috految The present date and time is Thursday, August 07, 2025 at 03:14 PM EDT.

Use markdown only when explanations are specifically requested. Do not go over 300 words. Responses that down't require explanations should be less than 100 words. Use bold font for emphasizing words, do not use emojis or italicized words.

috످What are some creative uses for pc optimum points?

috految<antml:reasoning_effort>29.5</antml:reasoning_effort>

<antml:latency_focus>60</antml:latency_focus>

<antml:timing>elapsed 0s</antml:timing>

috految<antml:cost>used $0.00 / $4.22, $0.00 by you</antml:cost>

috److Turn your PC Optimum points (**10,000 = $10**) into a Chopped-style date night with mystery ingredients from No Frills, a Joe Fresh back-to-school wardrobe, or a **Labour Day road trip** fuelled by Esso.

Treat yourself to an **at-home spa day**, start a balcony garden, host an international snack tasting, or build a custom advent calendar.

To **give back**, donate points to PC Children's Charity, stock a community fridge, or assemble shelter care packages.

For **maximum value**, save for Shoppers Drug Mart's Bonus Redemption Events, when 250,000 points can be worth **$350–$400** toward luxury fragrances and electronics.

috످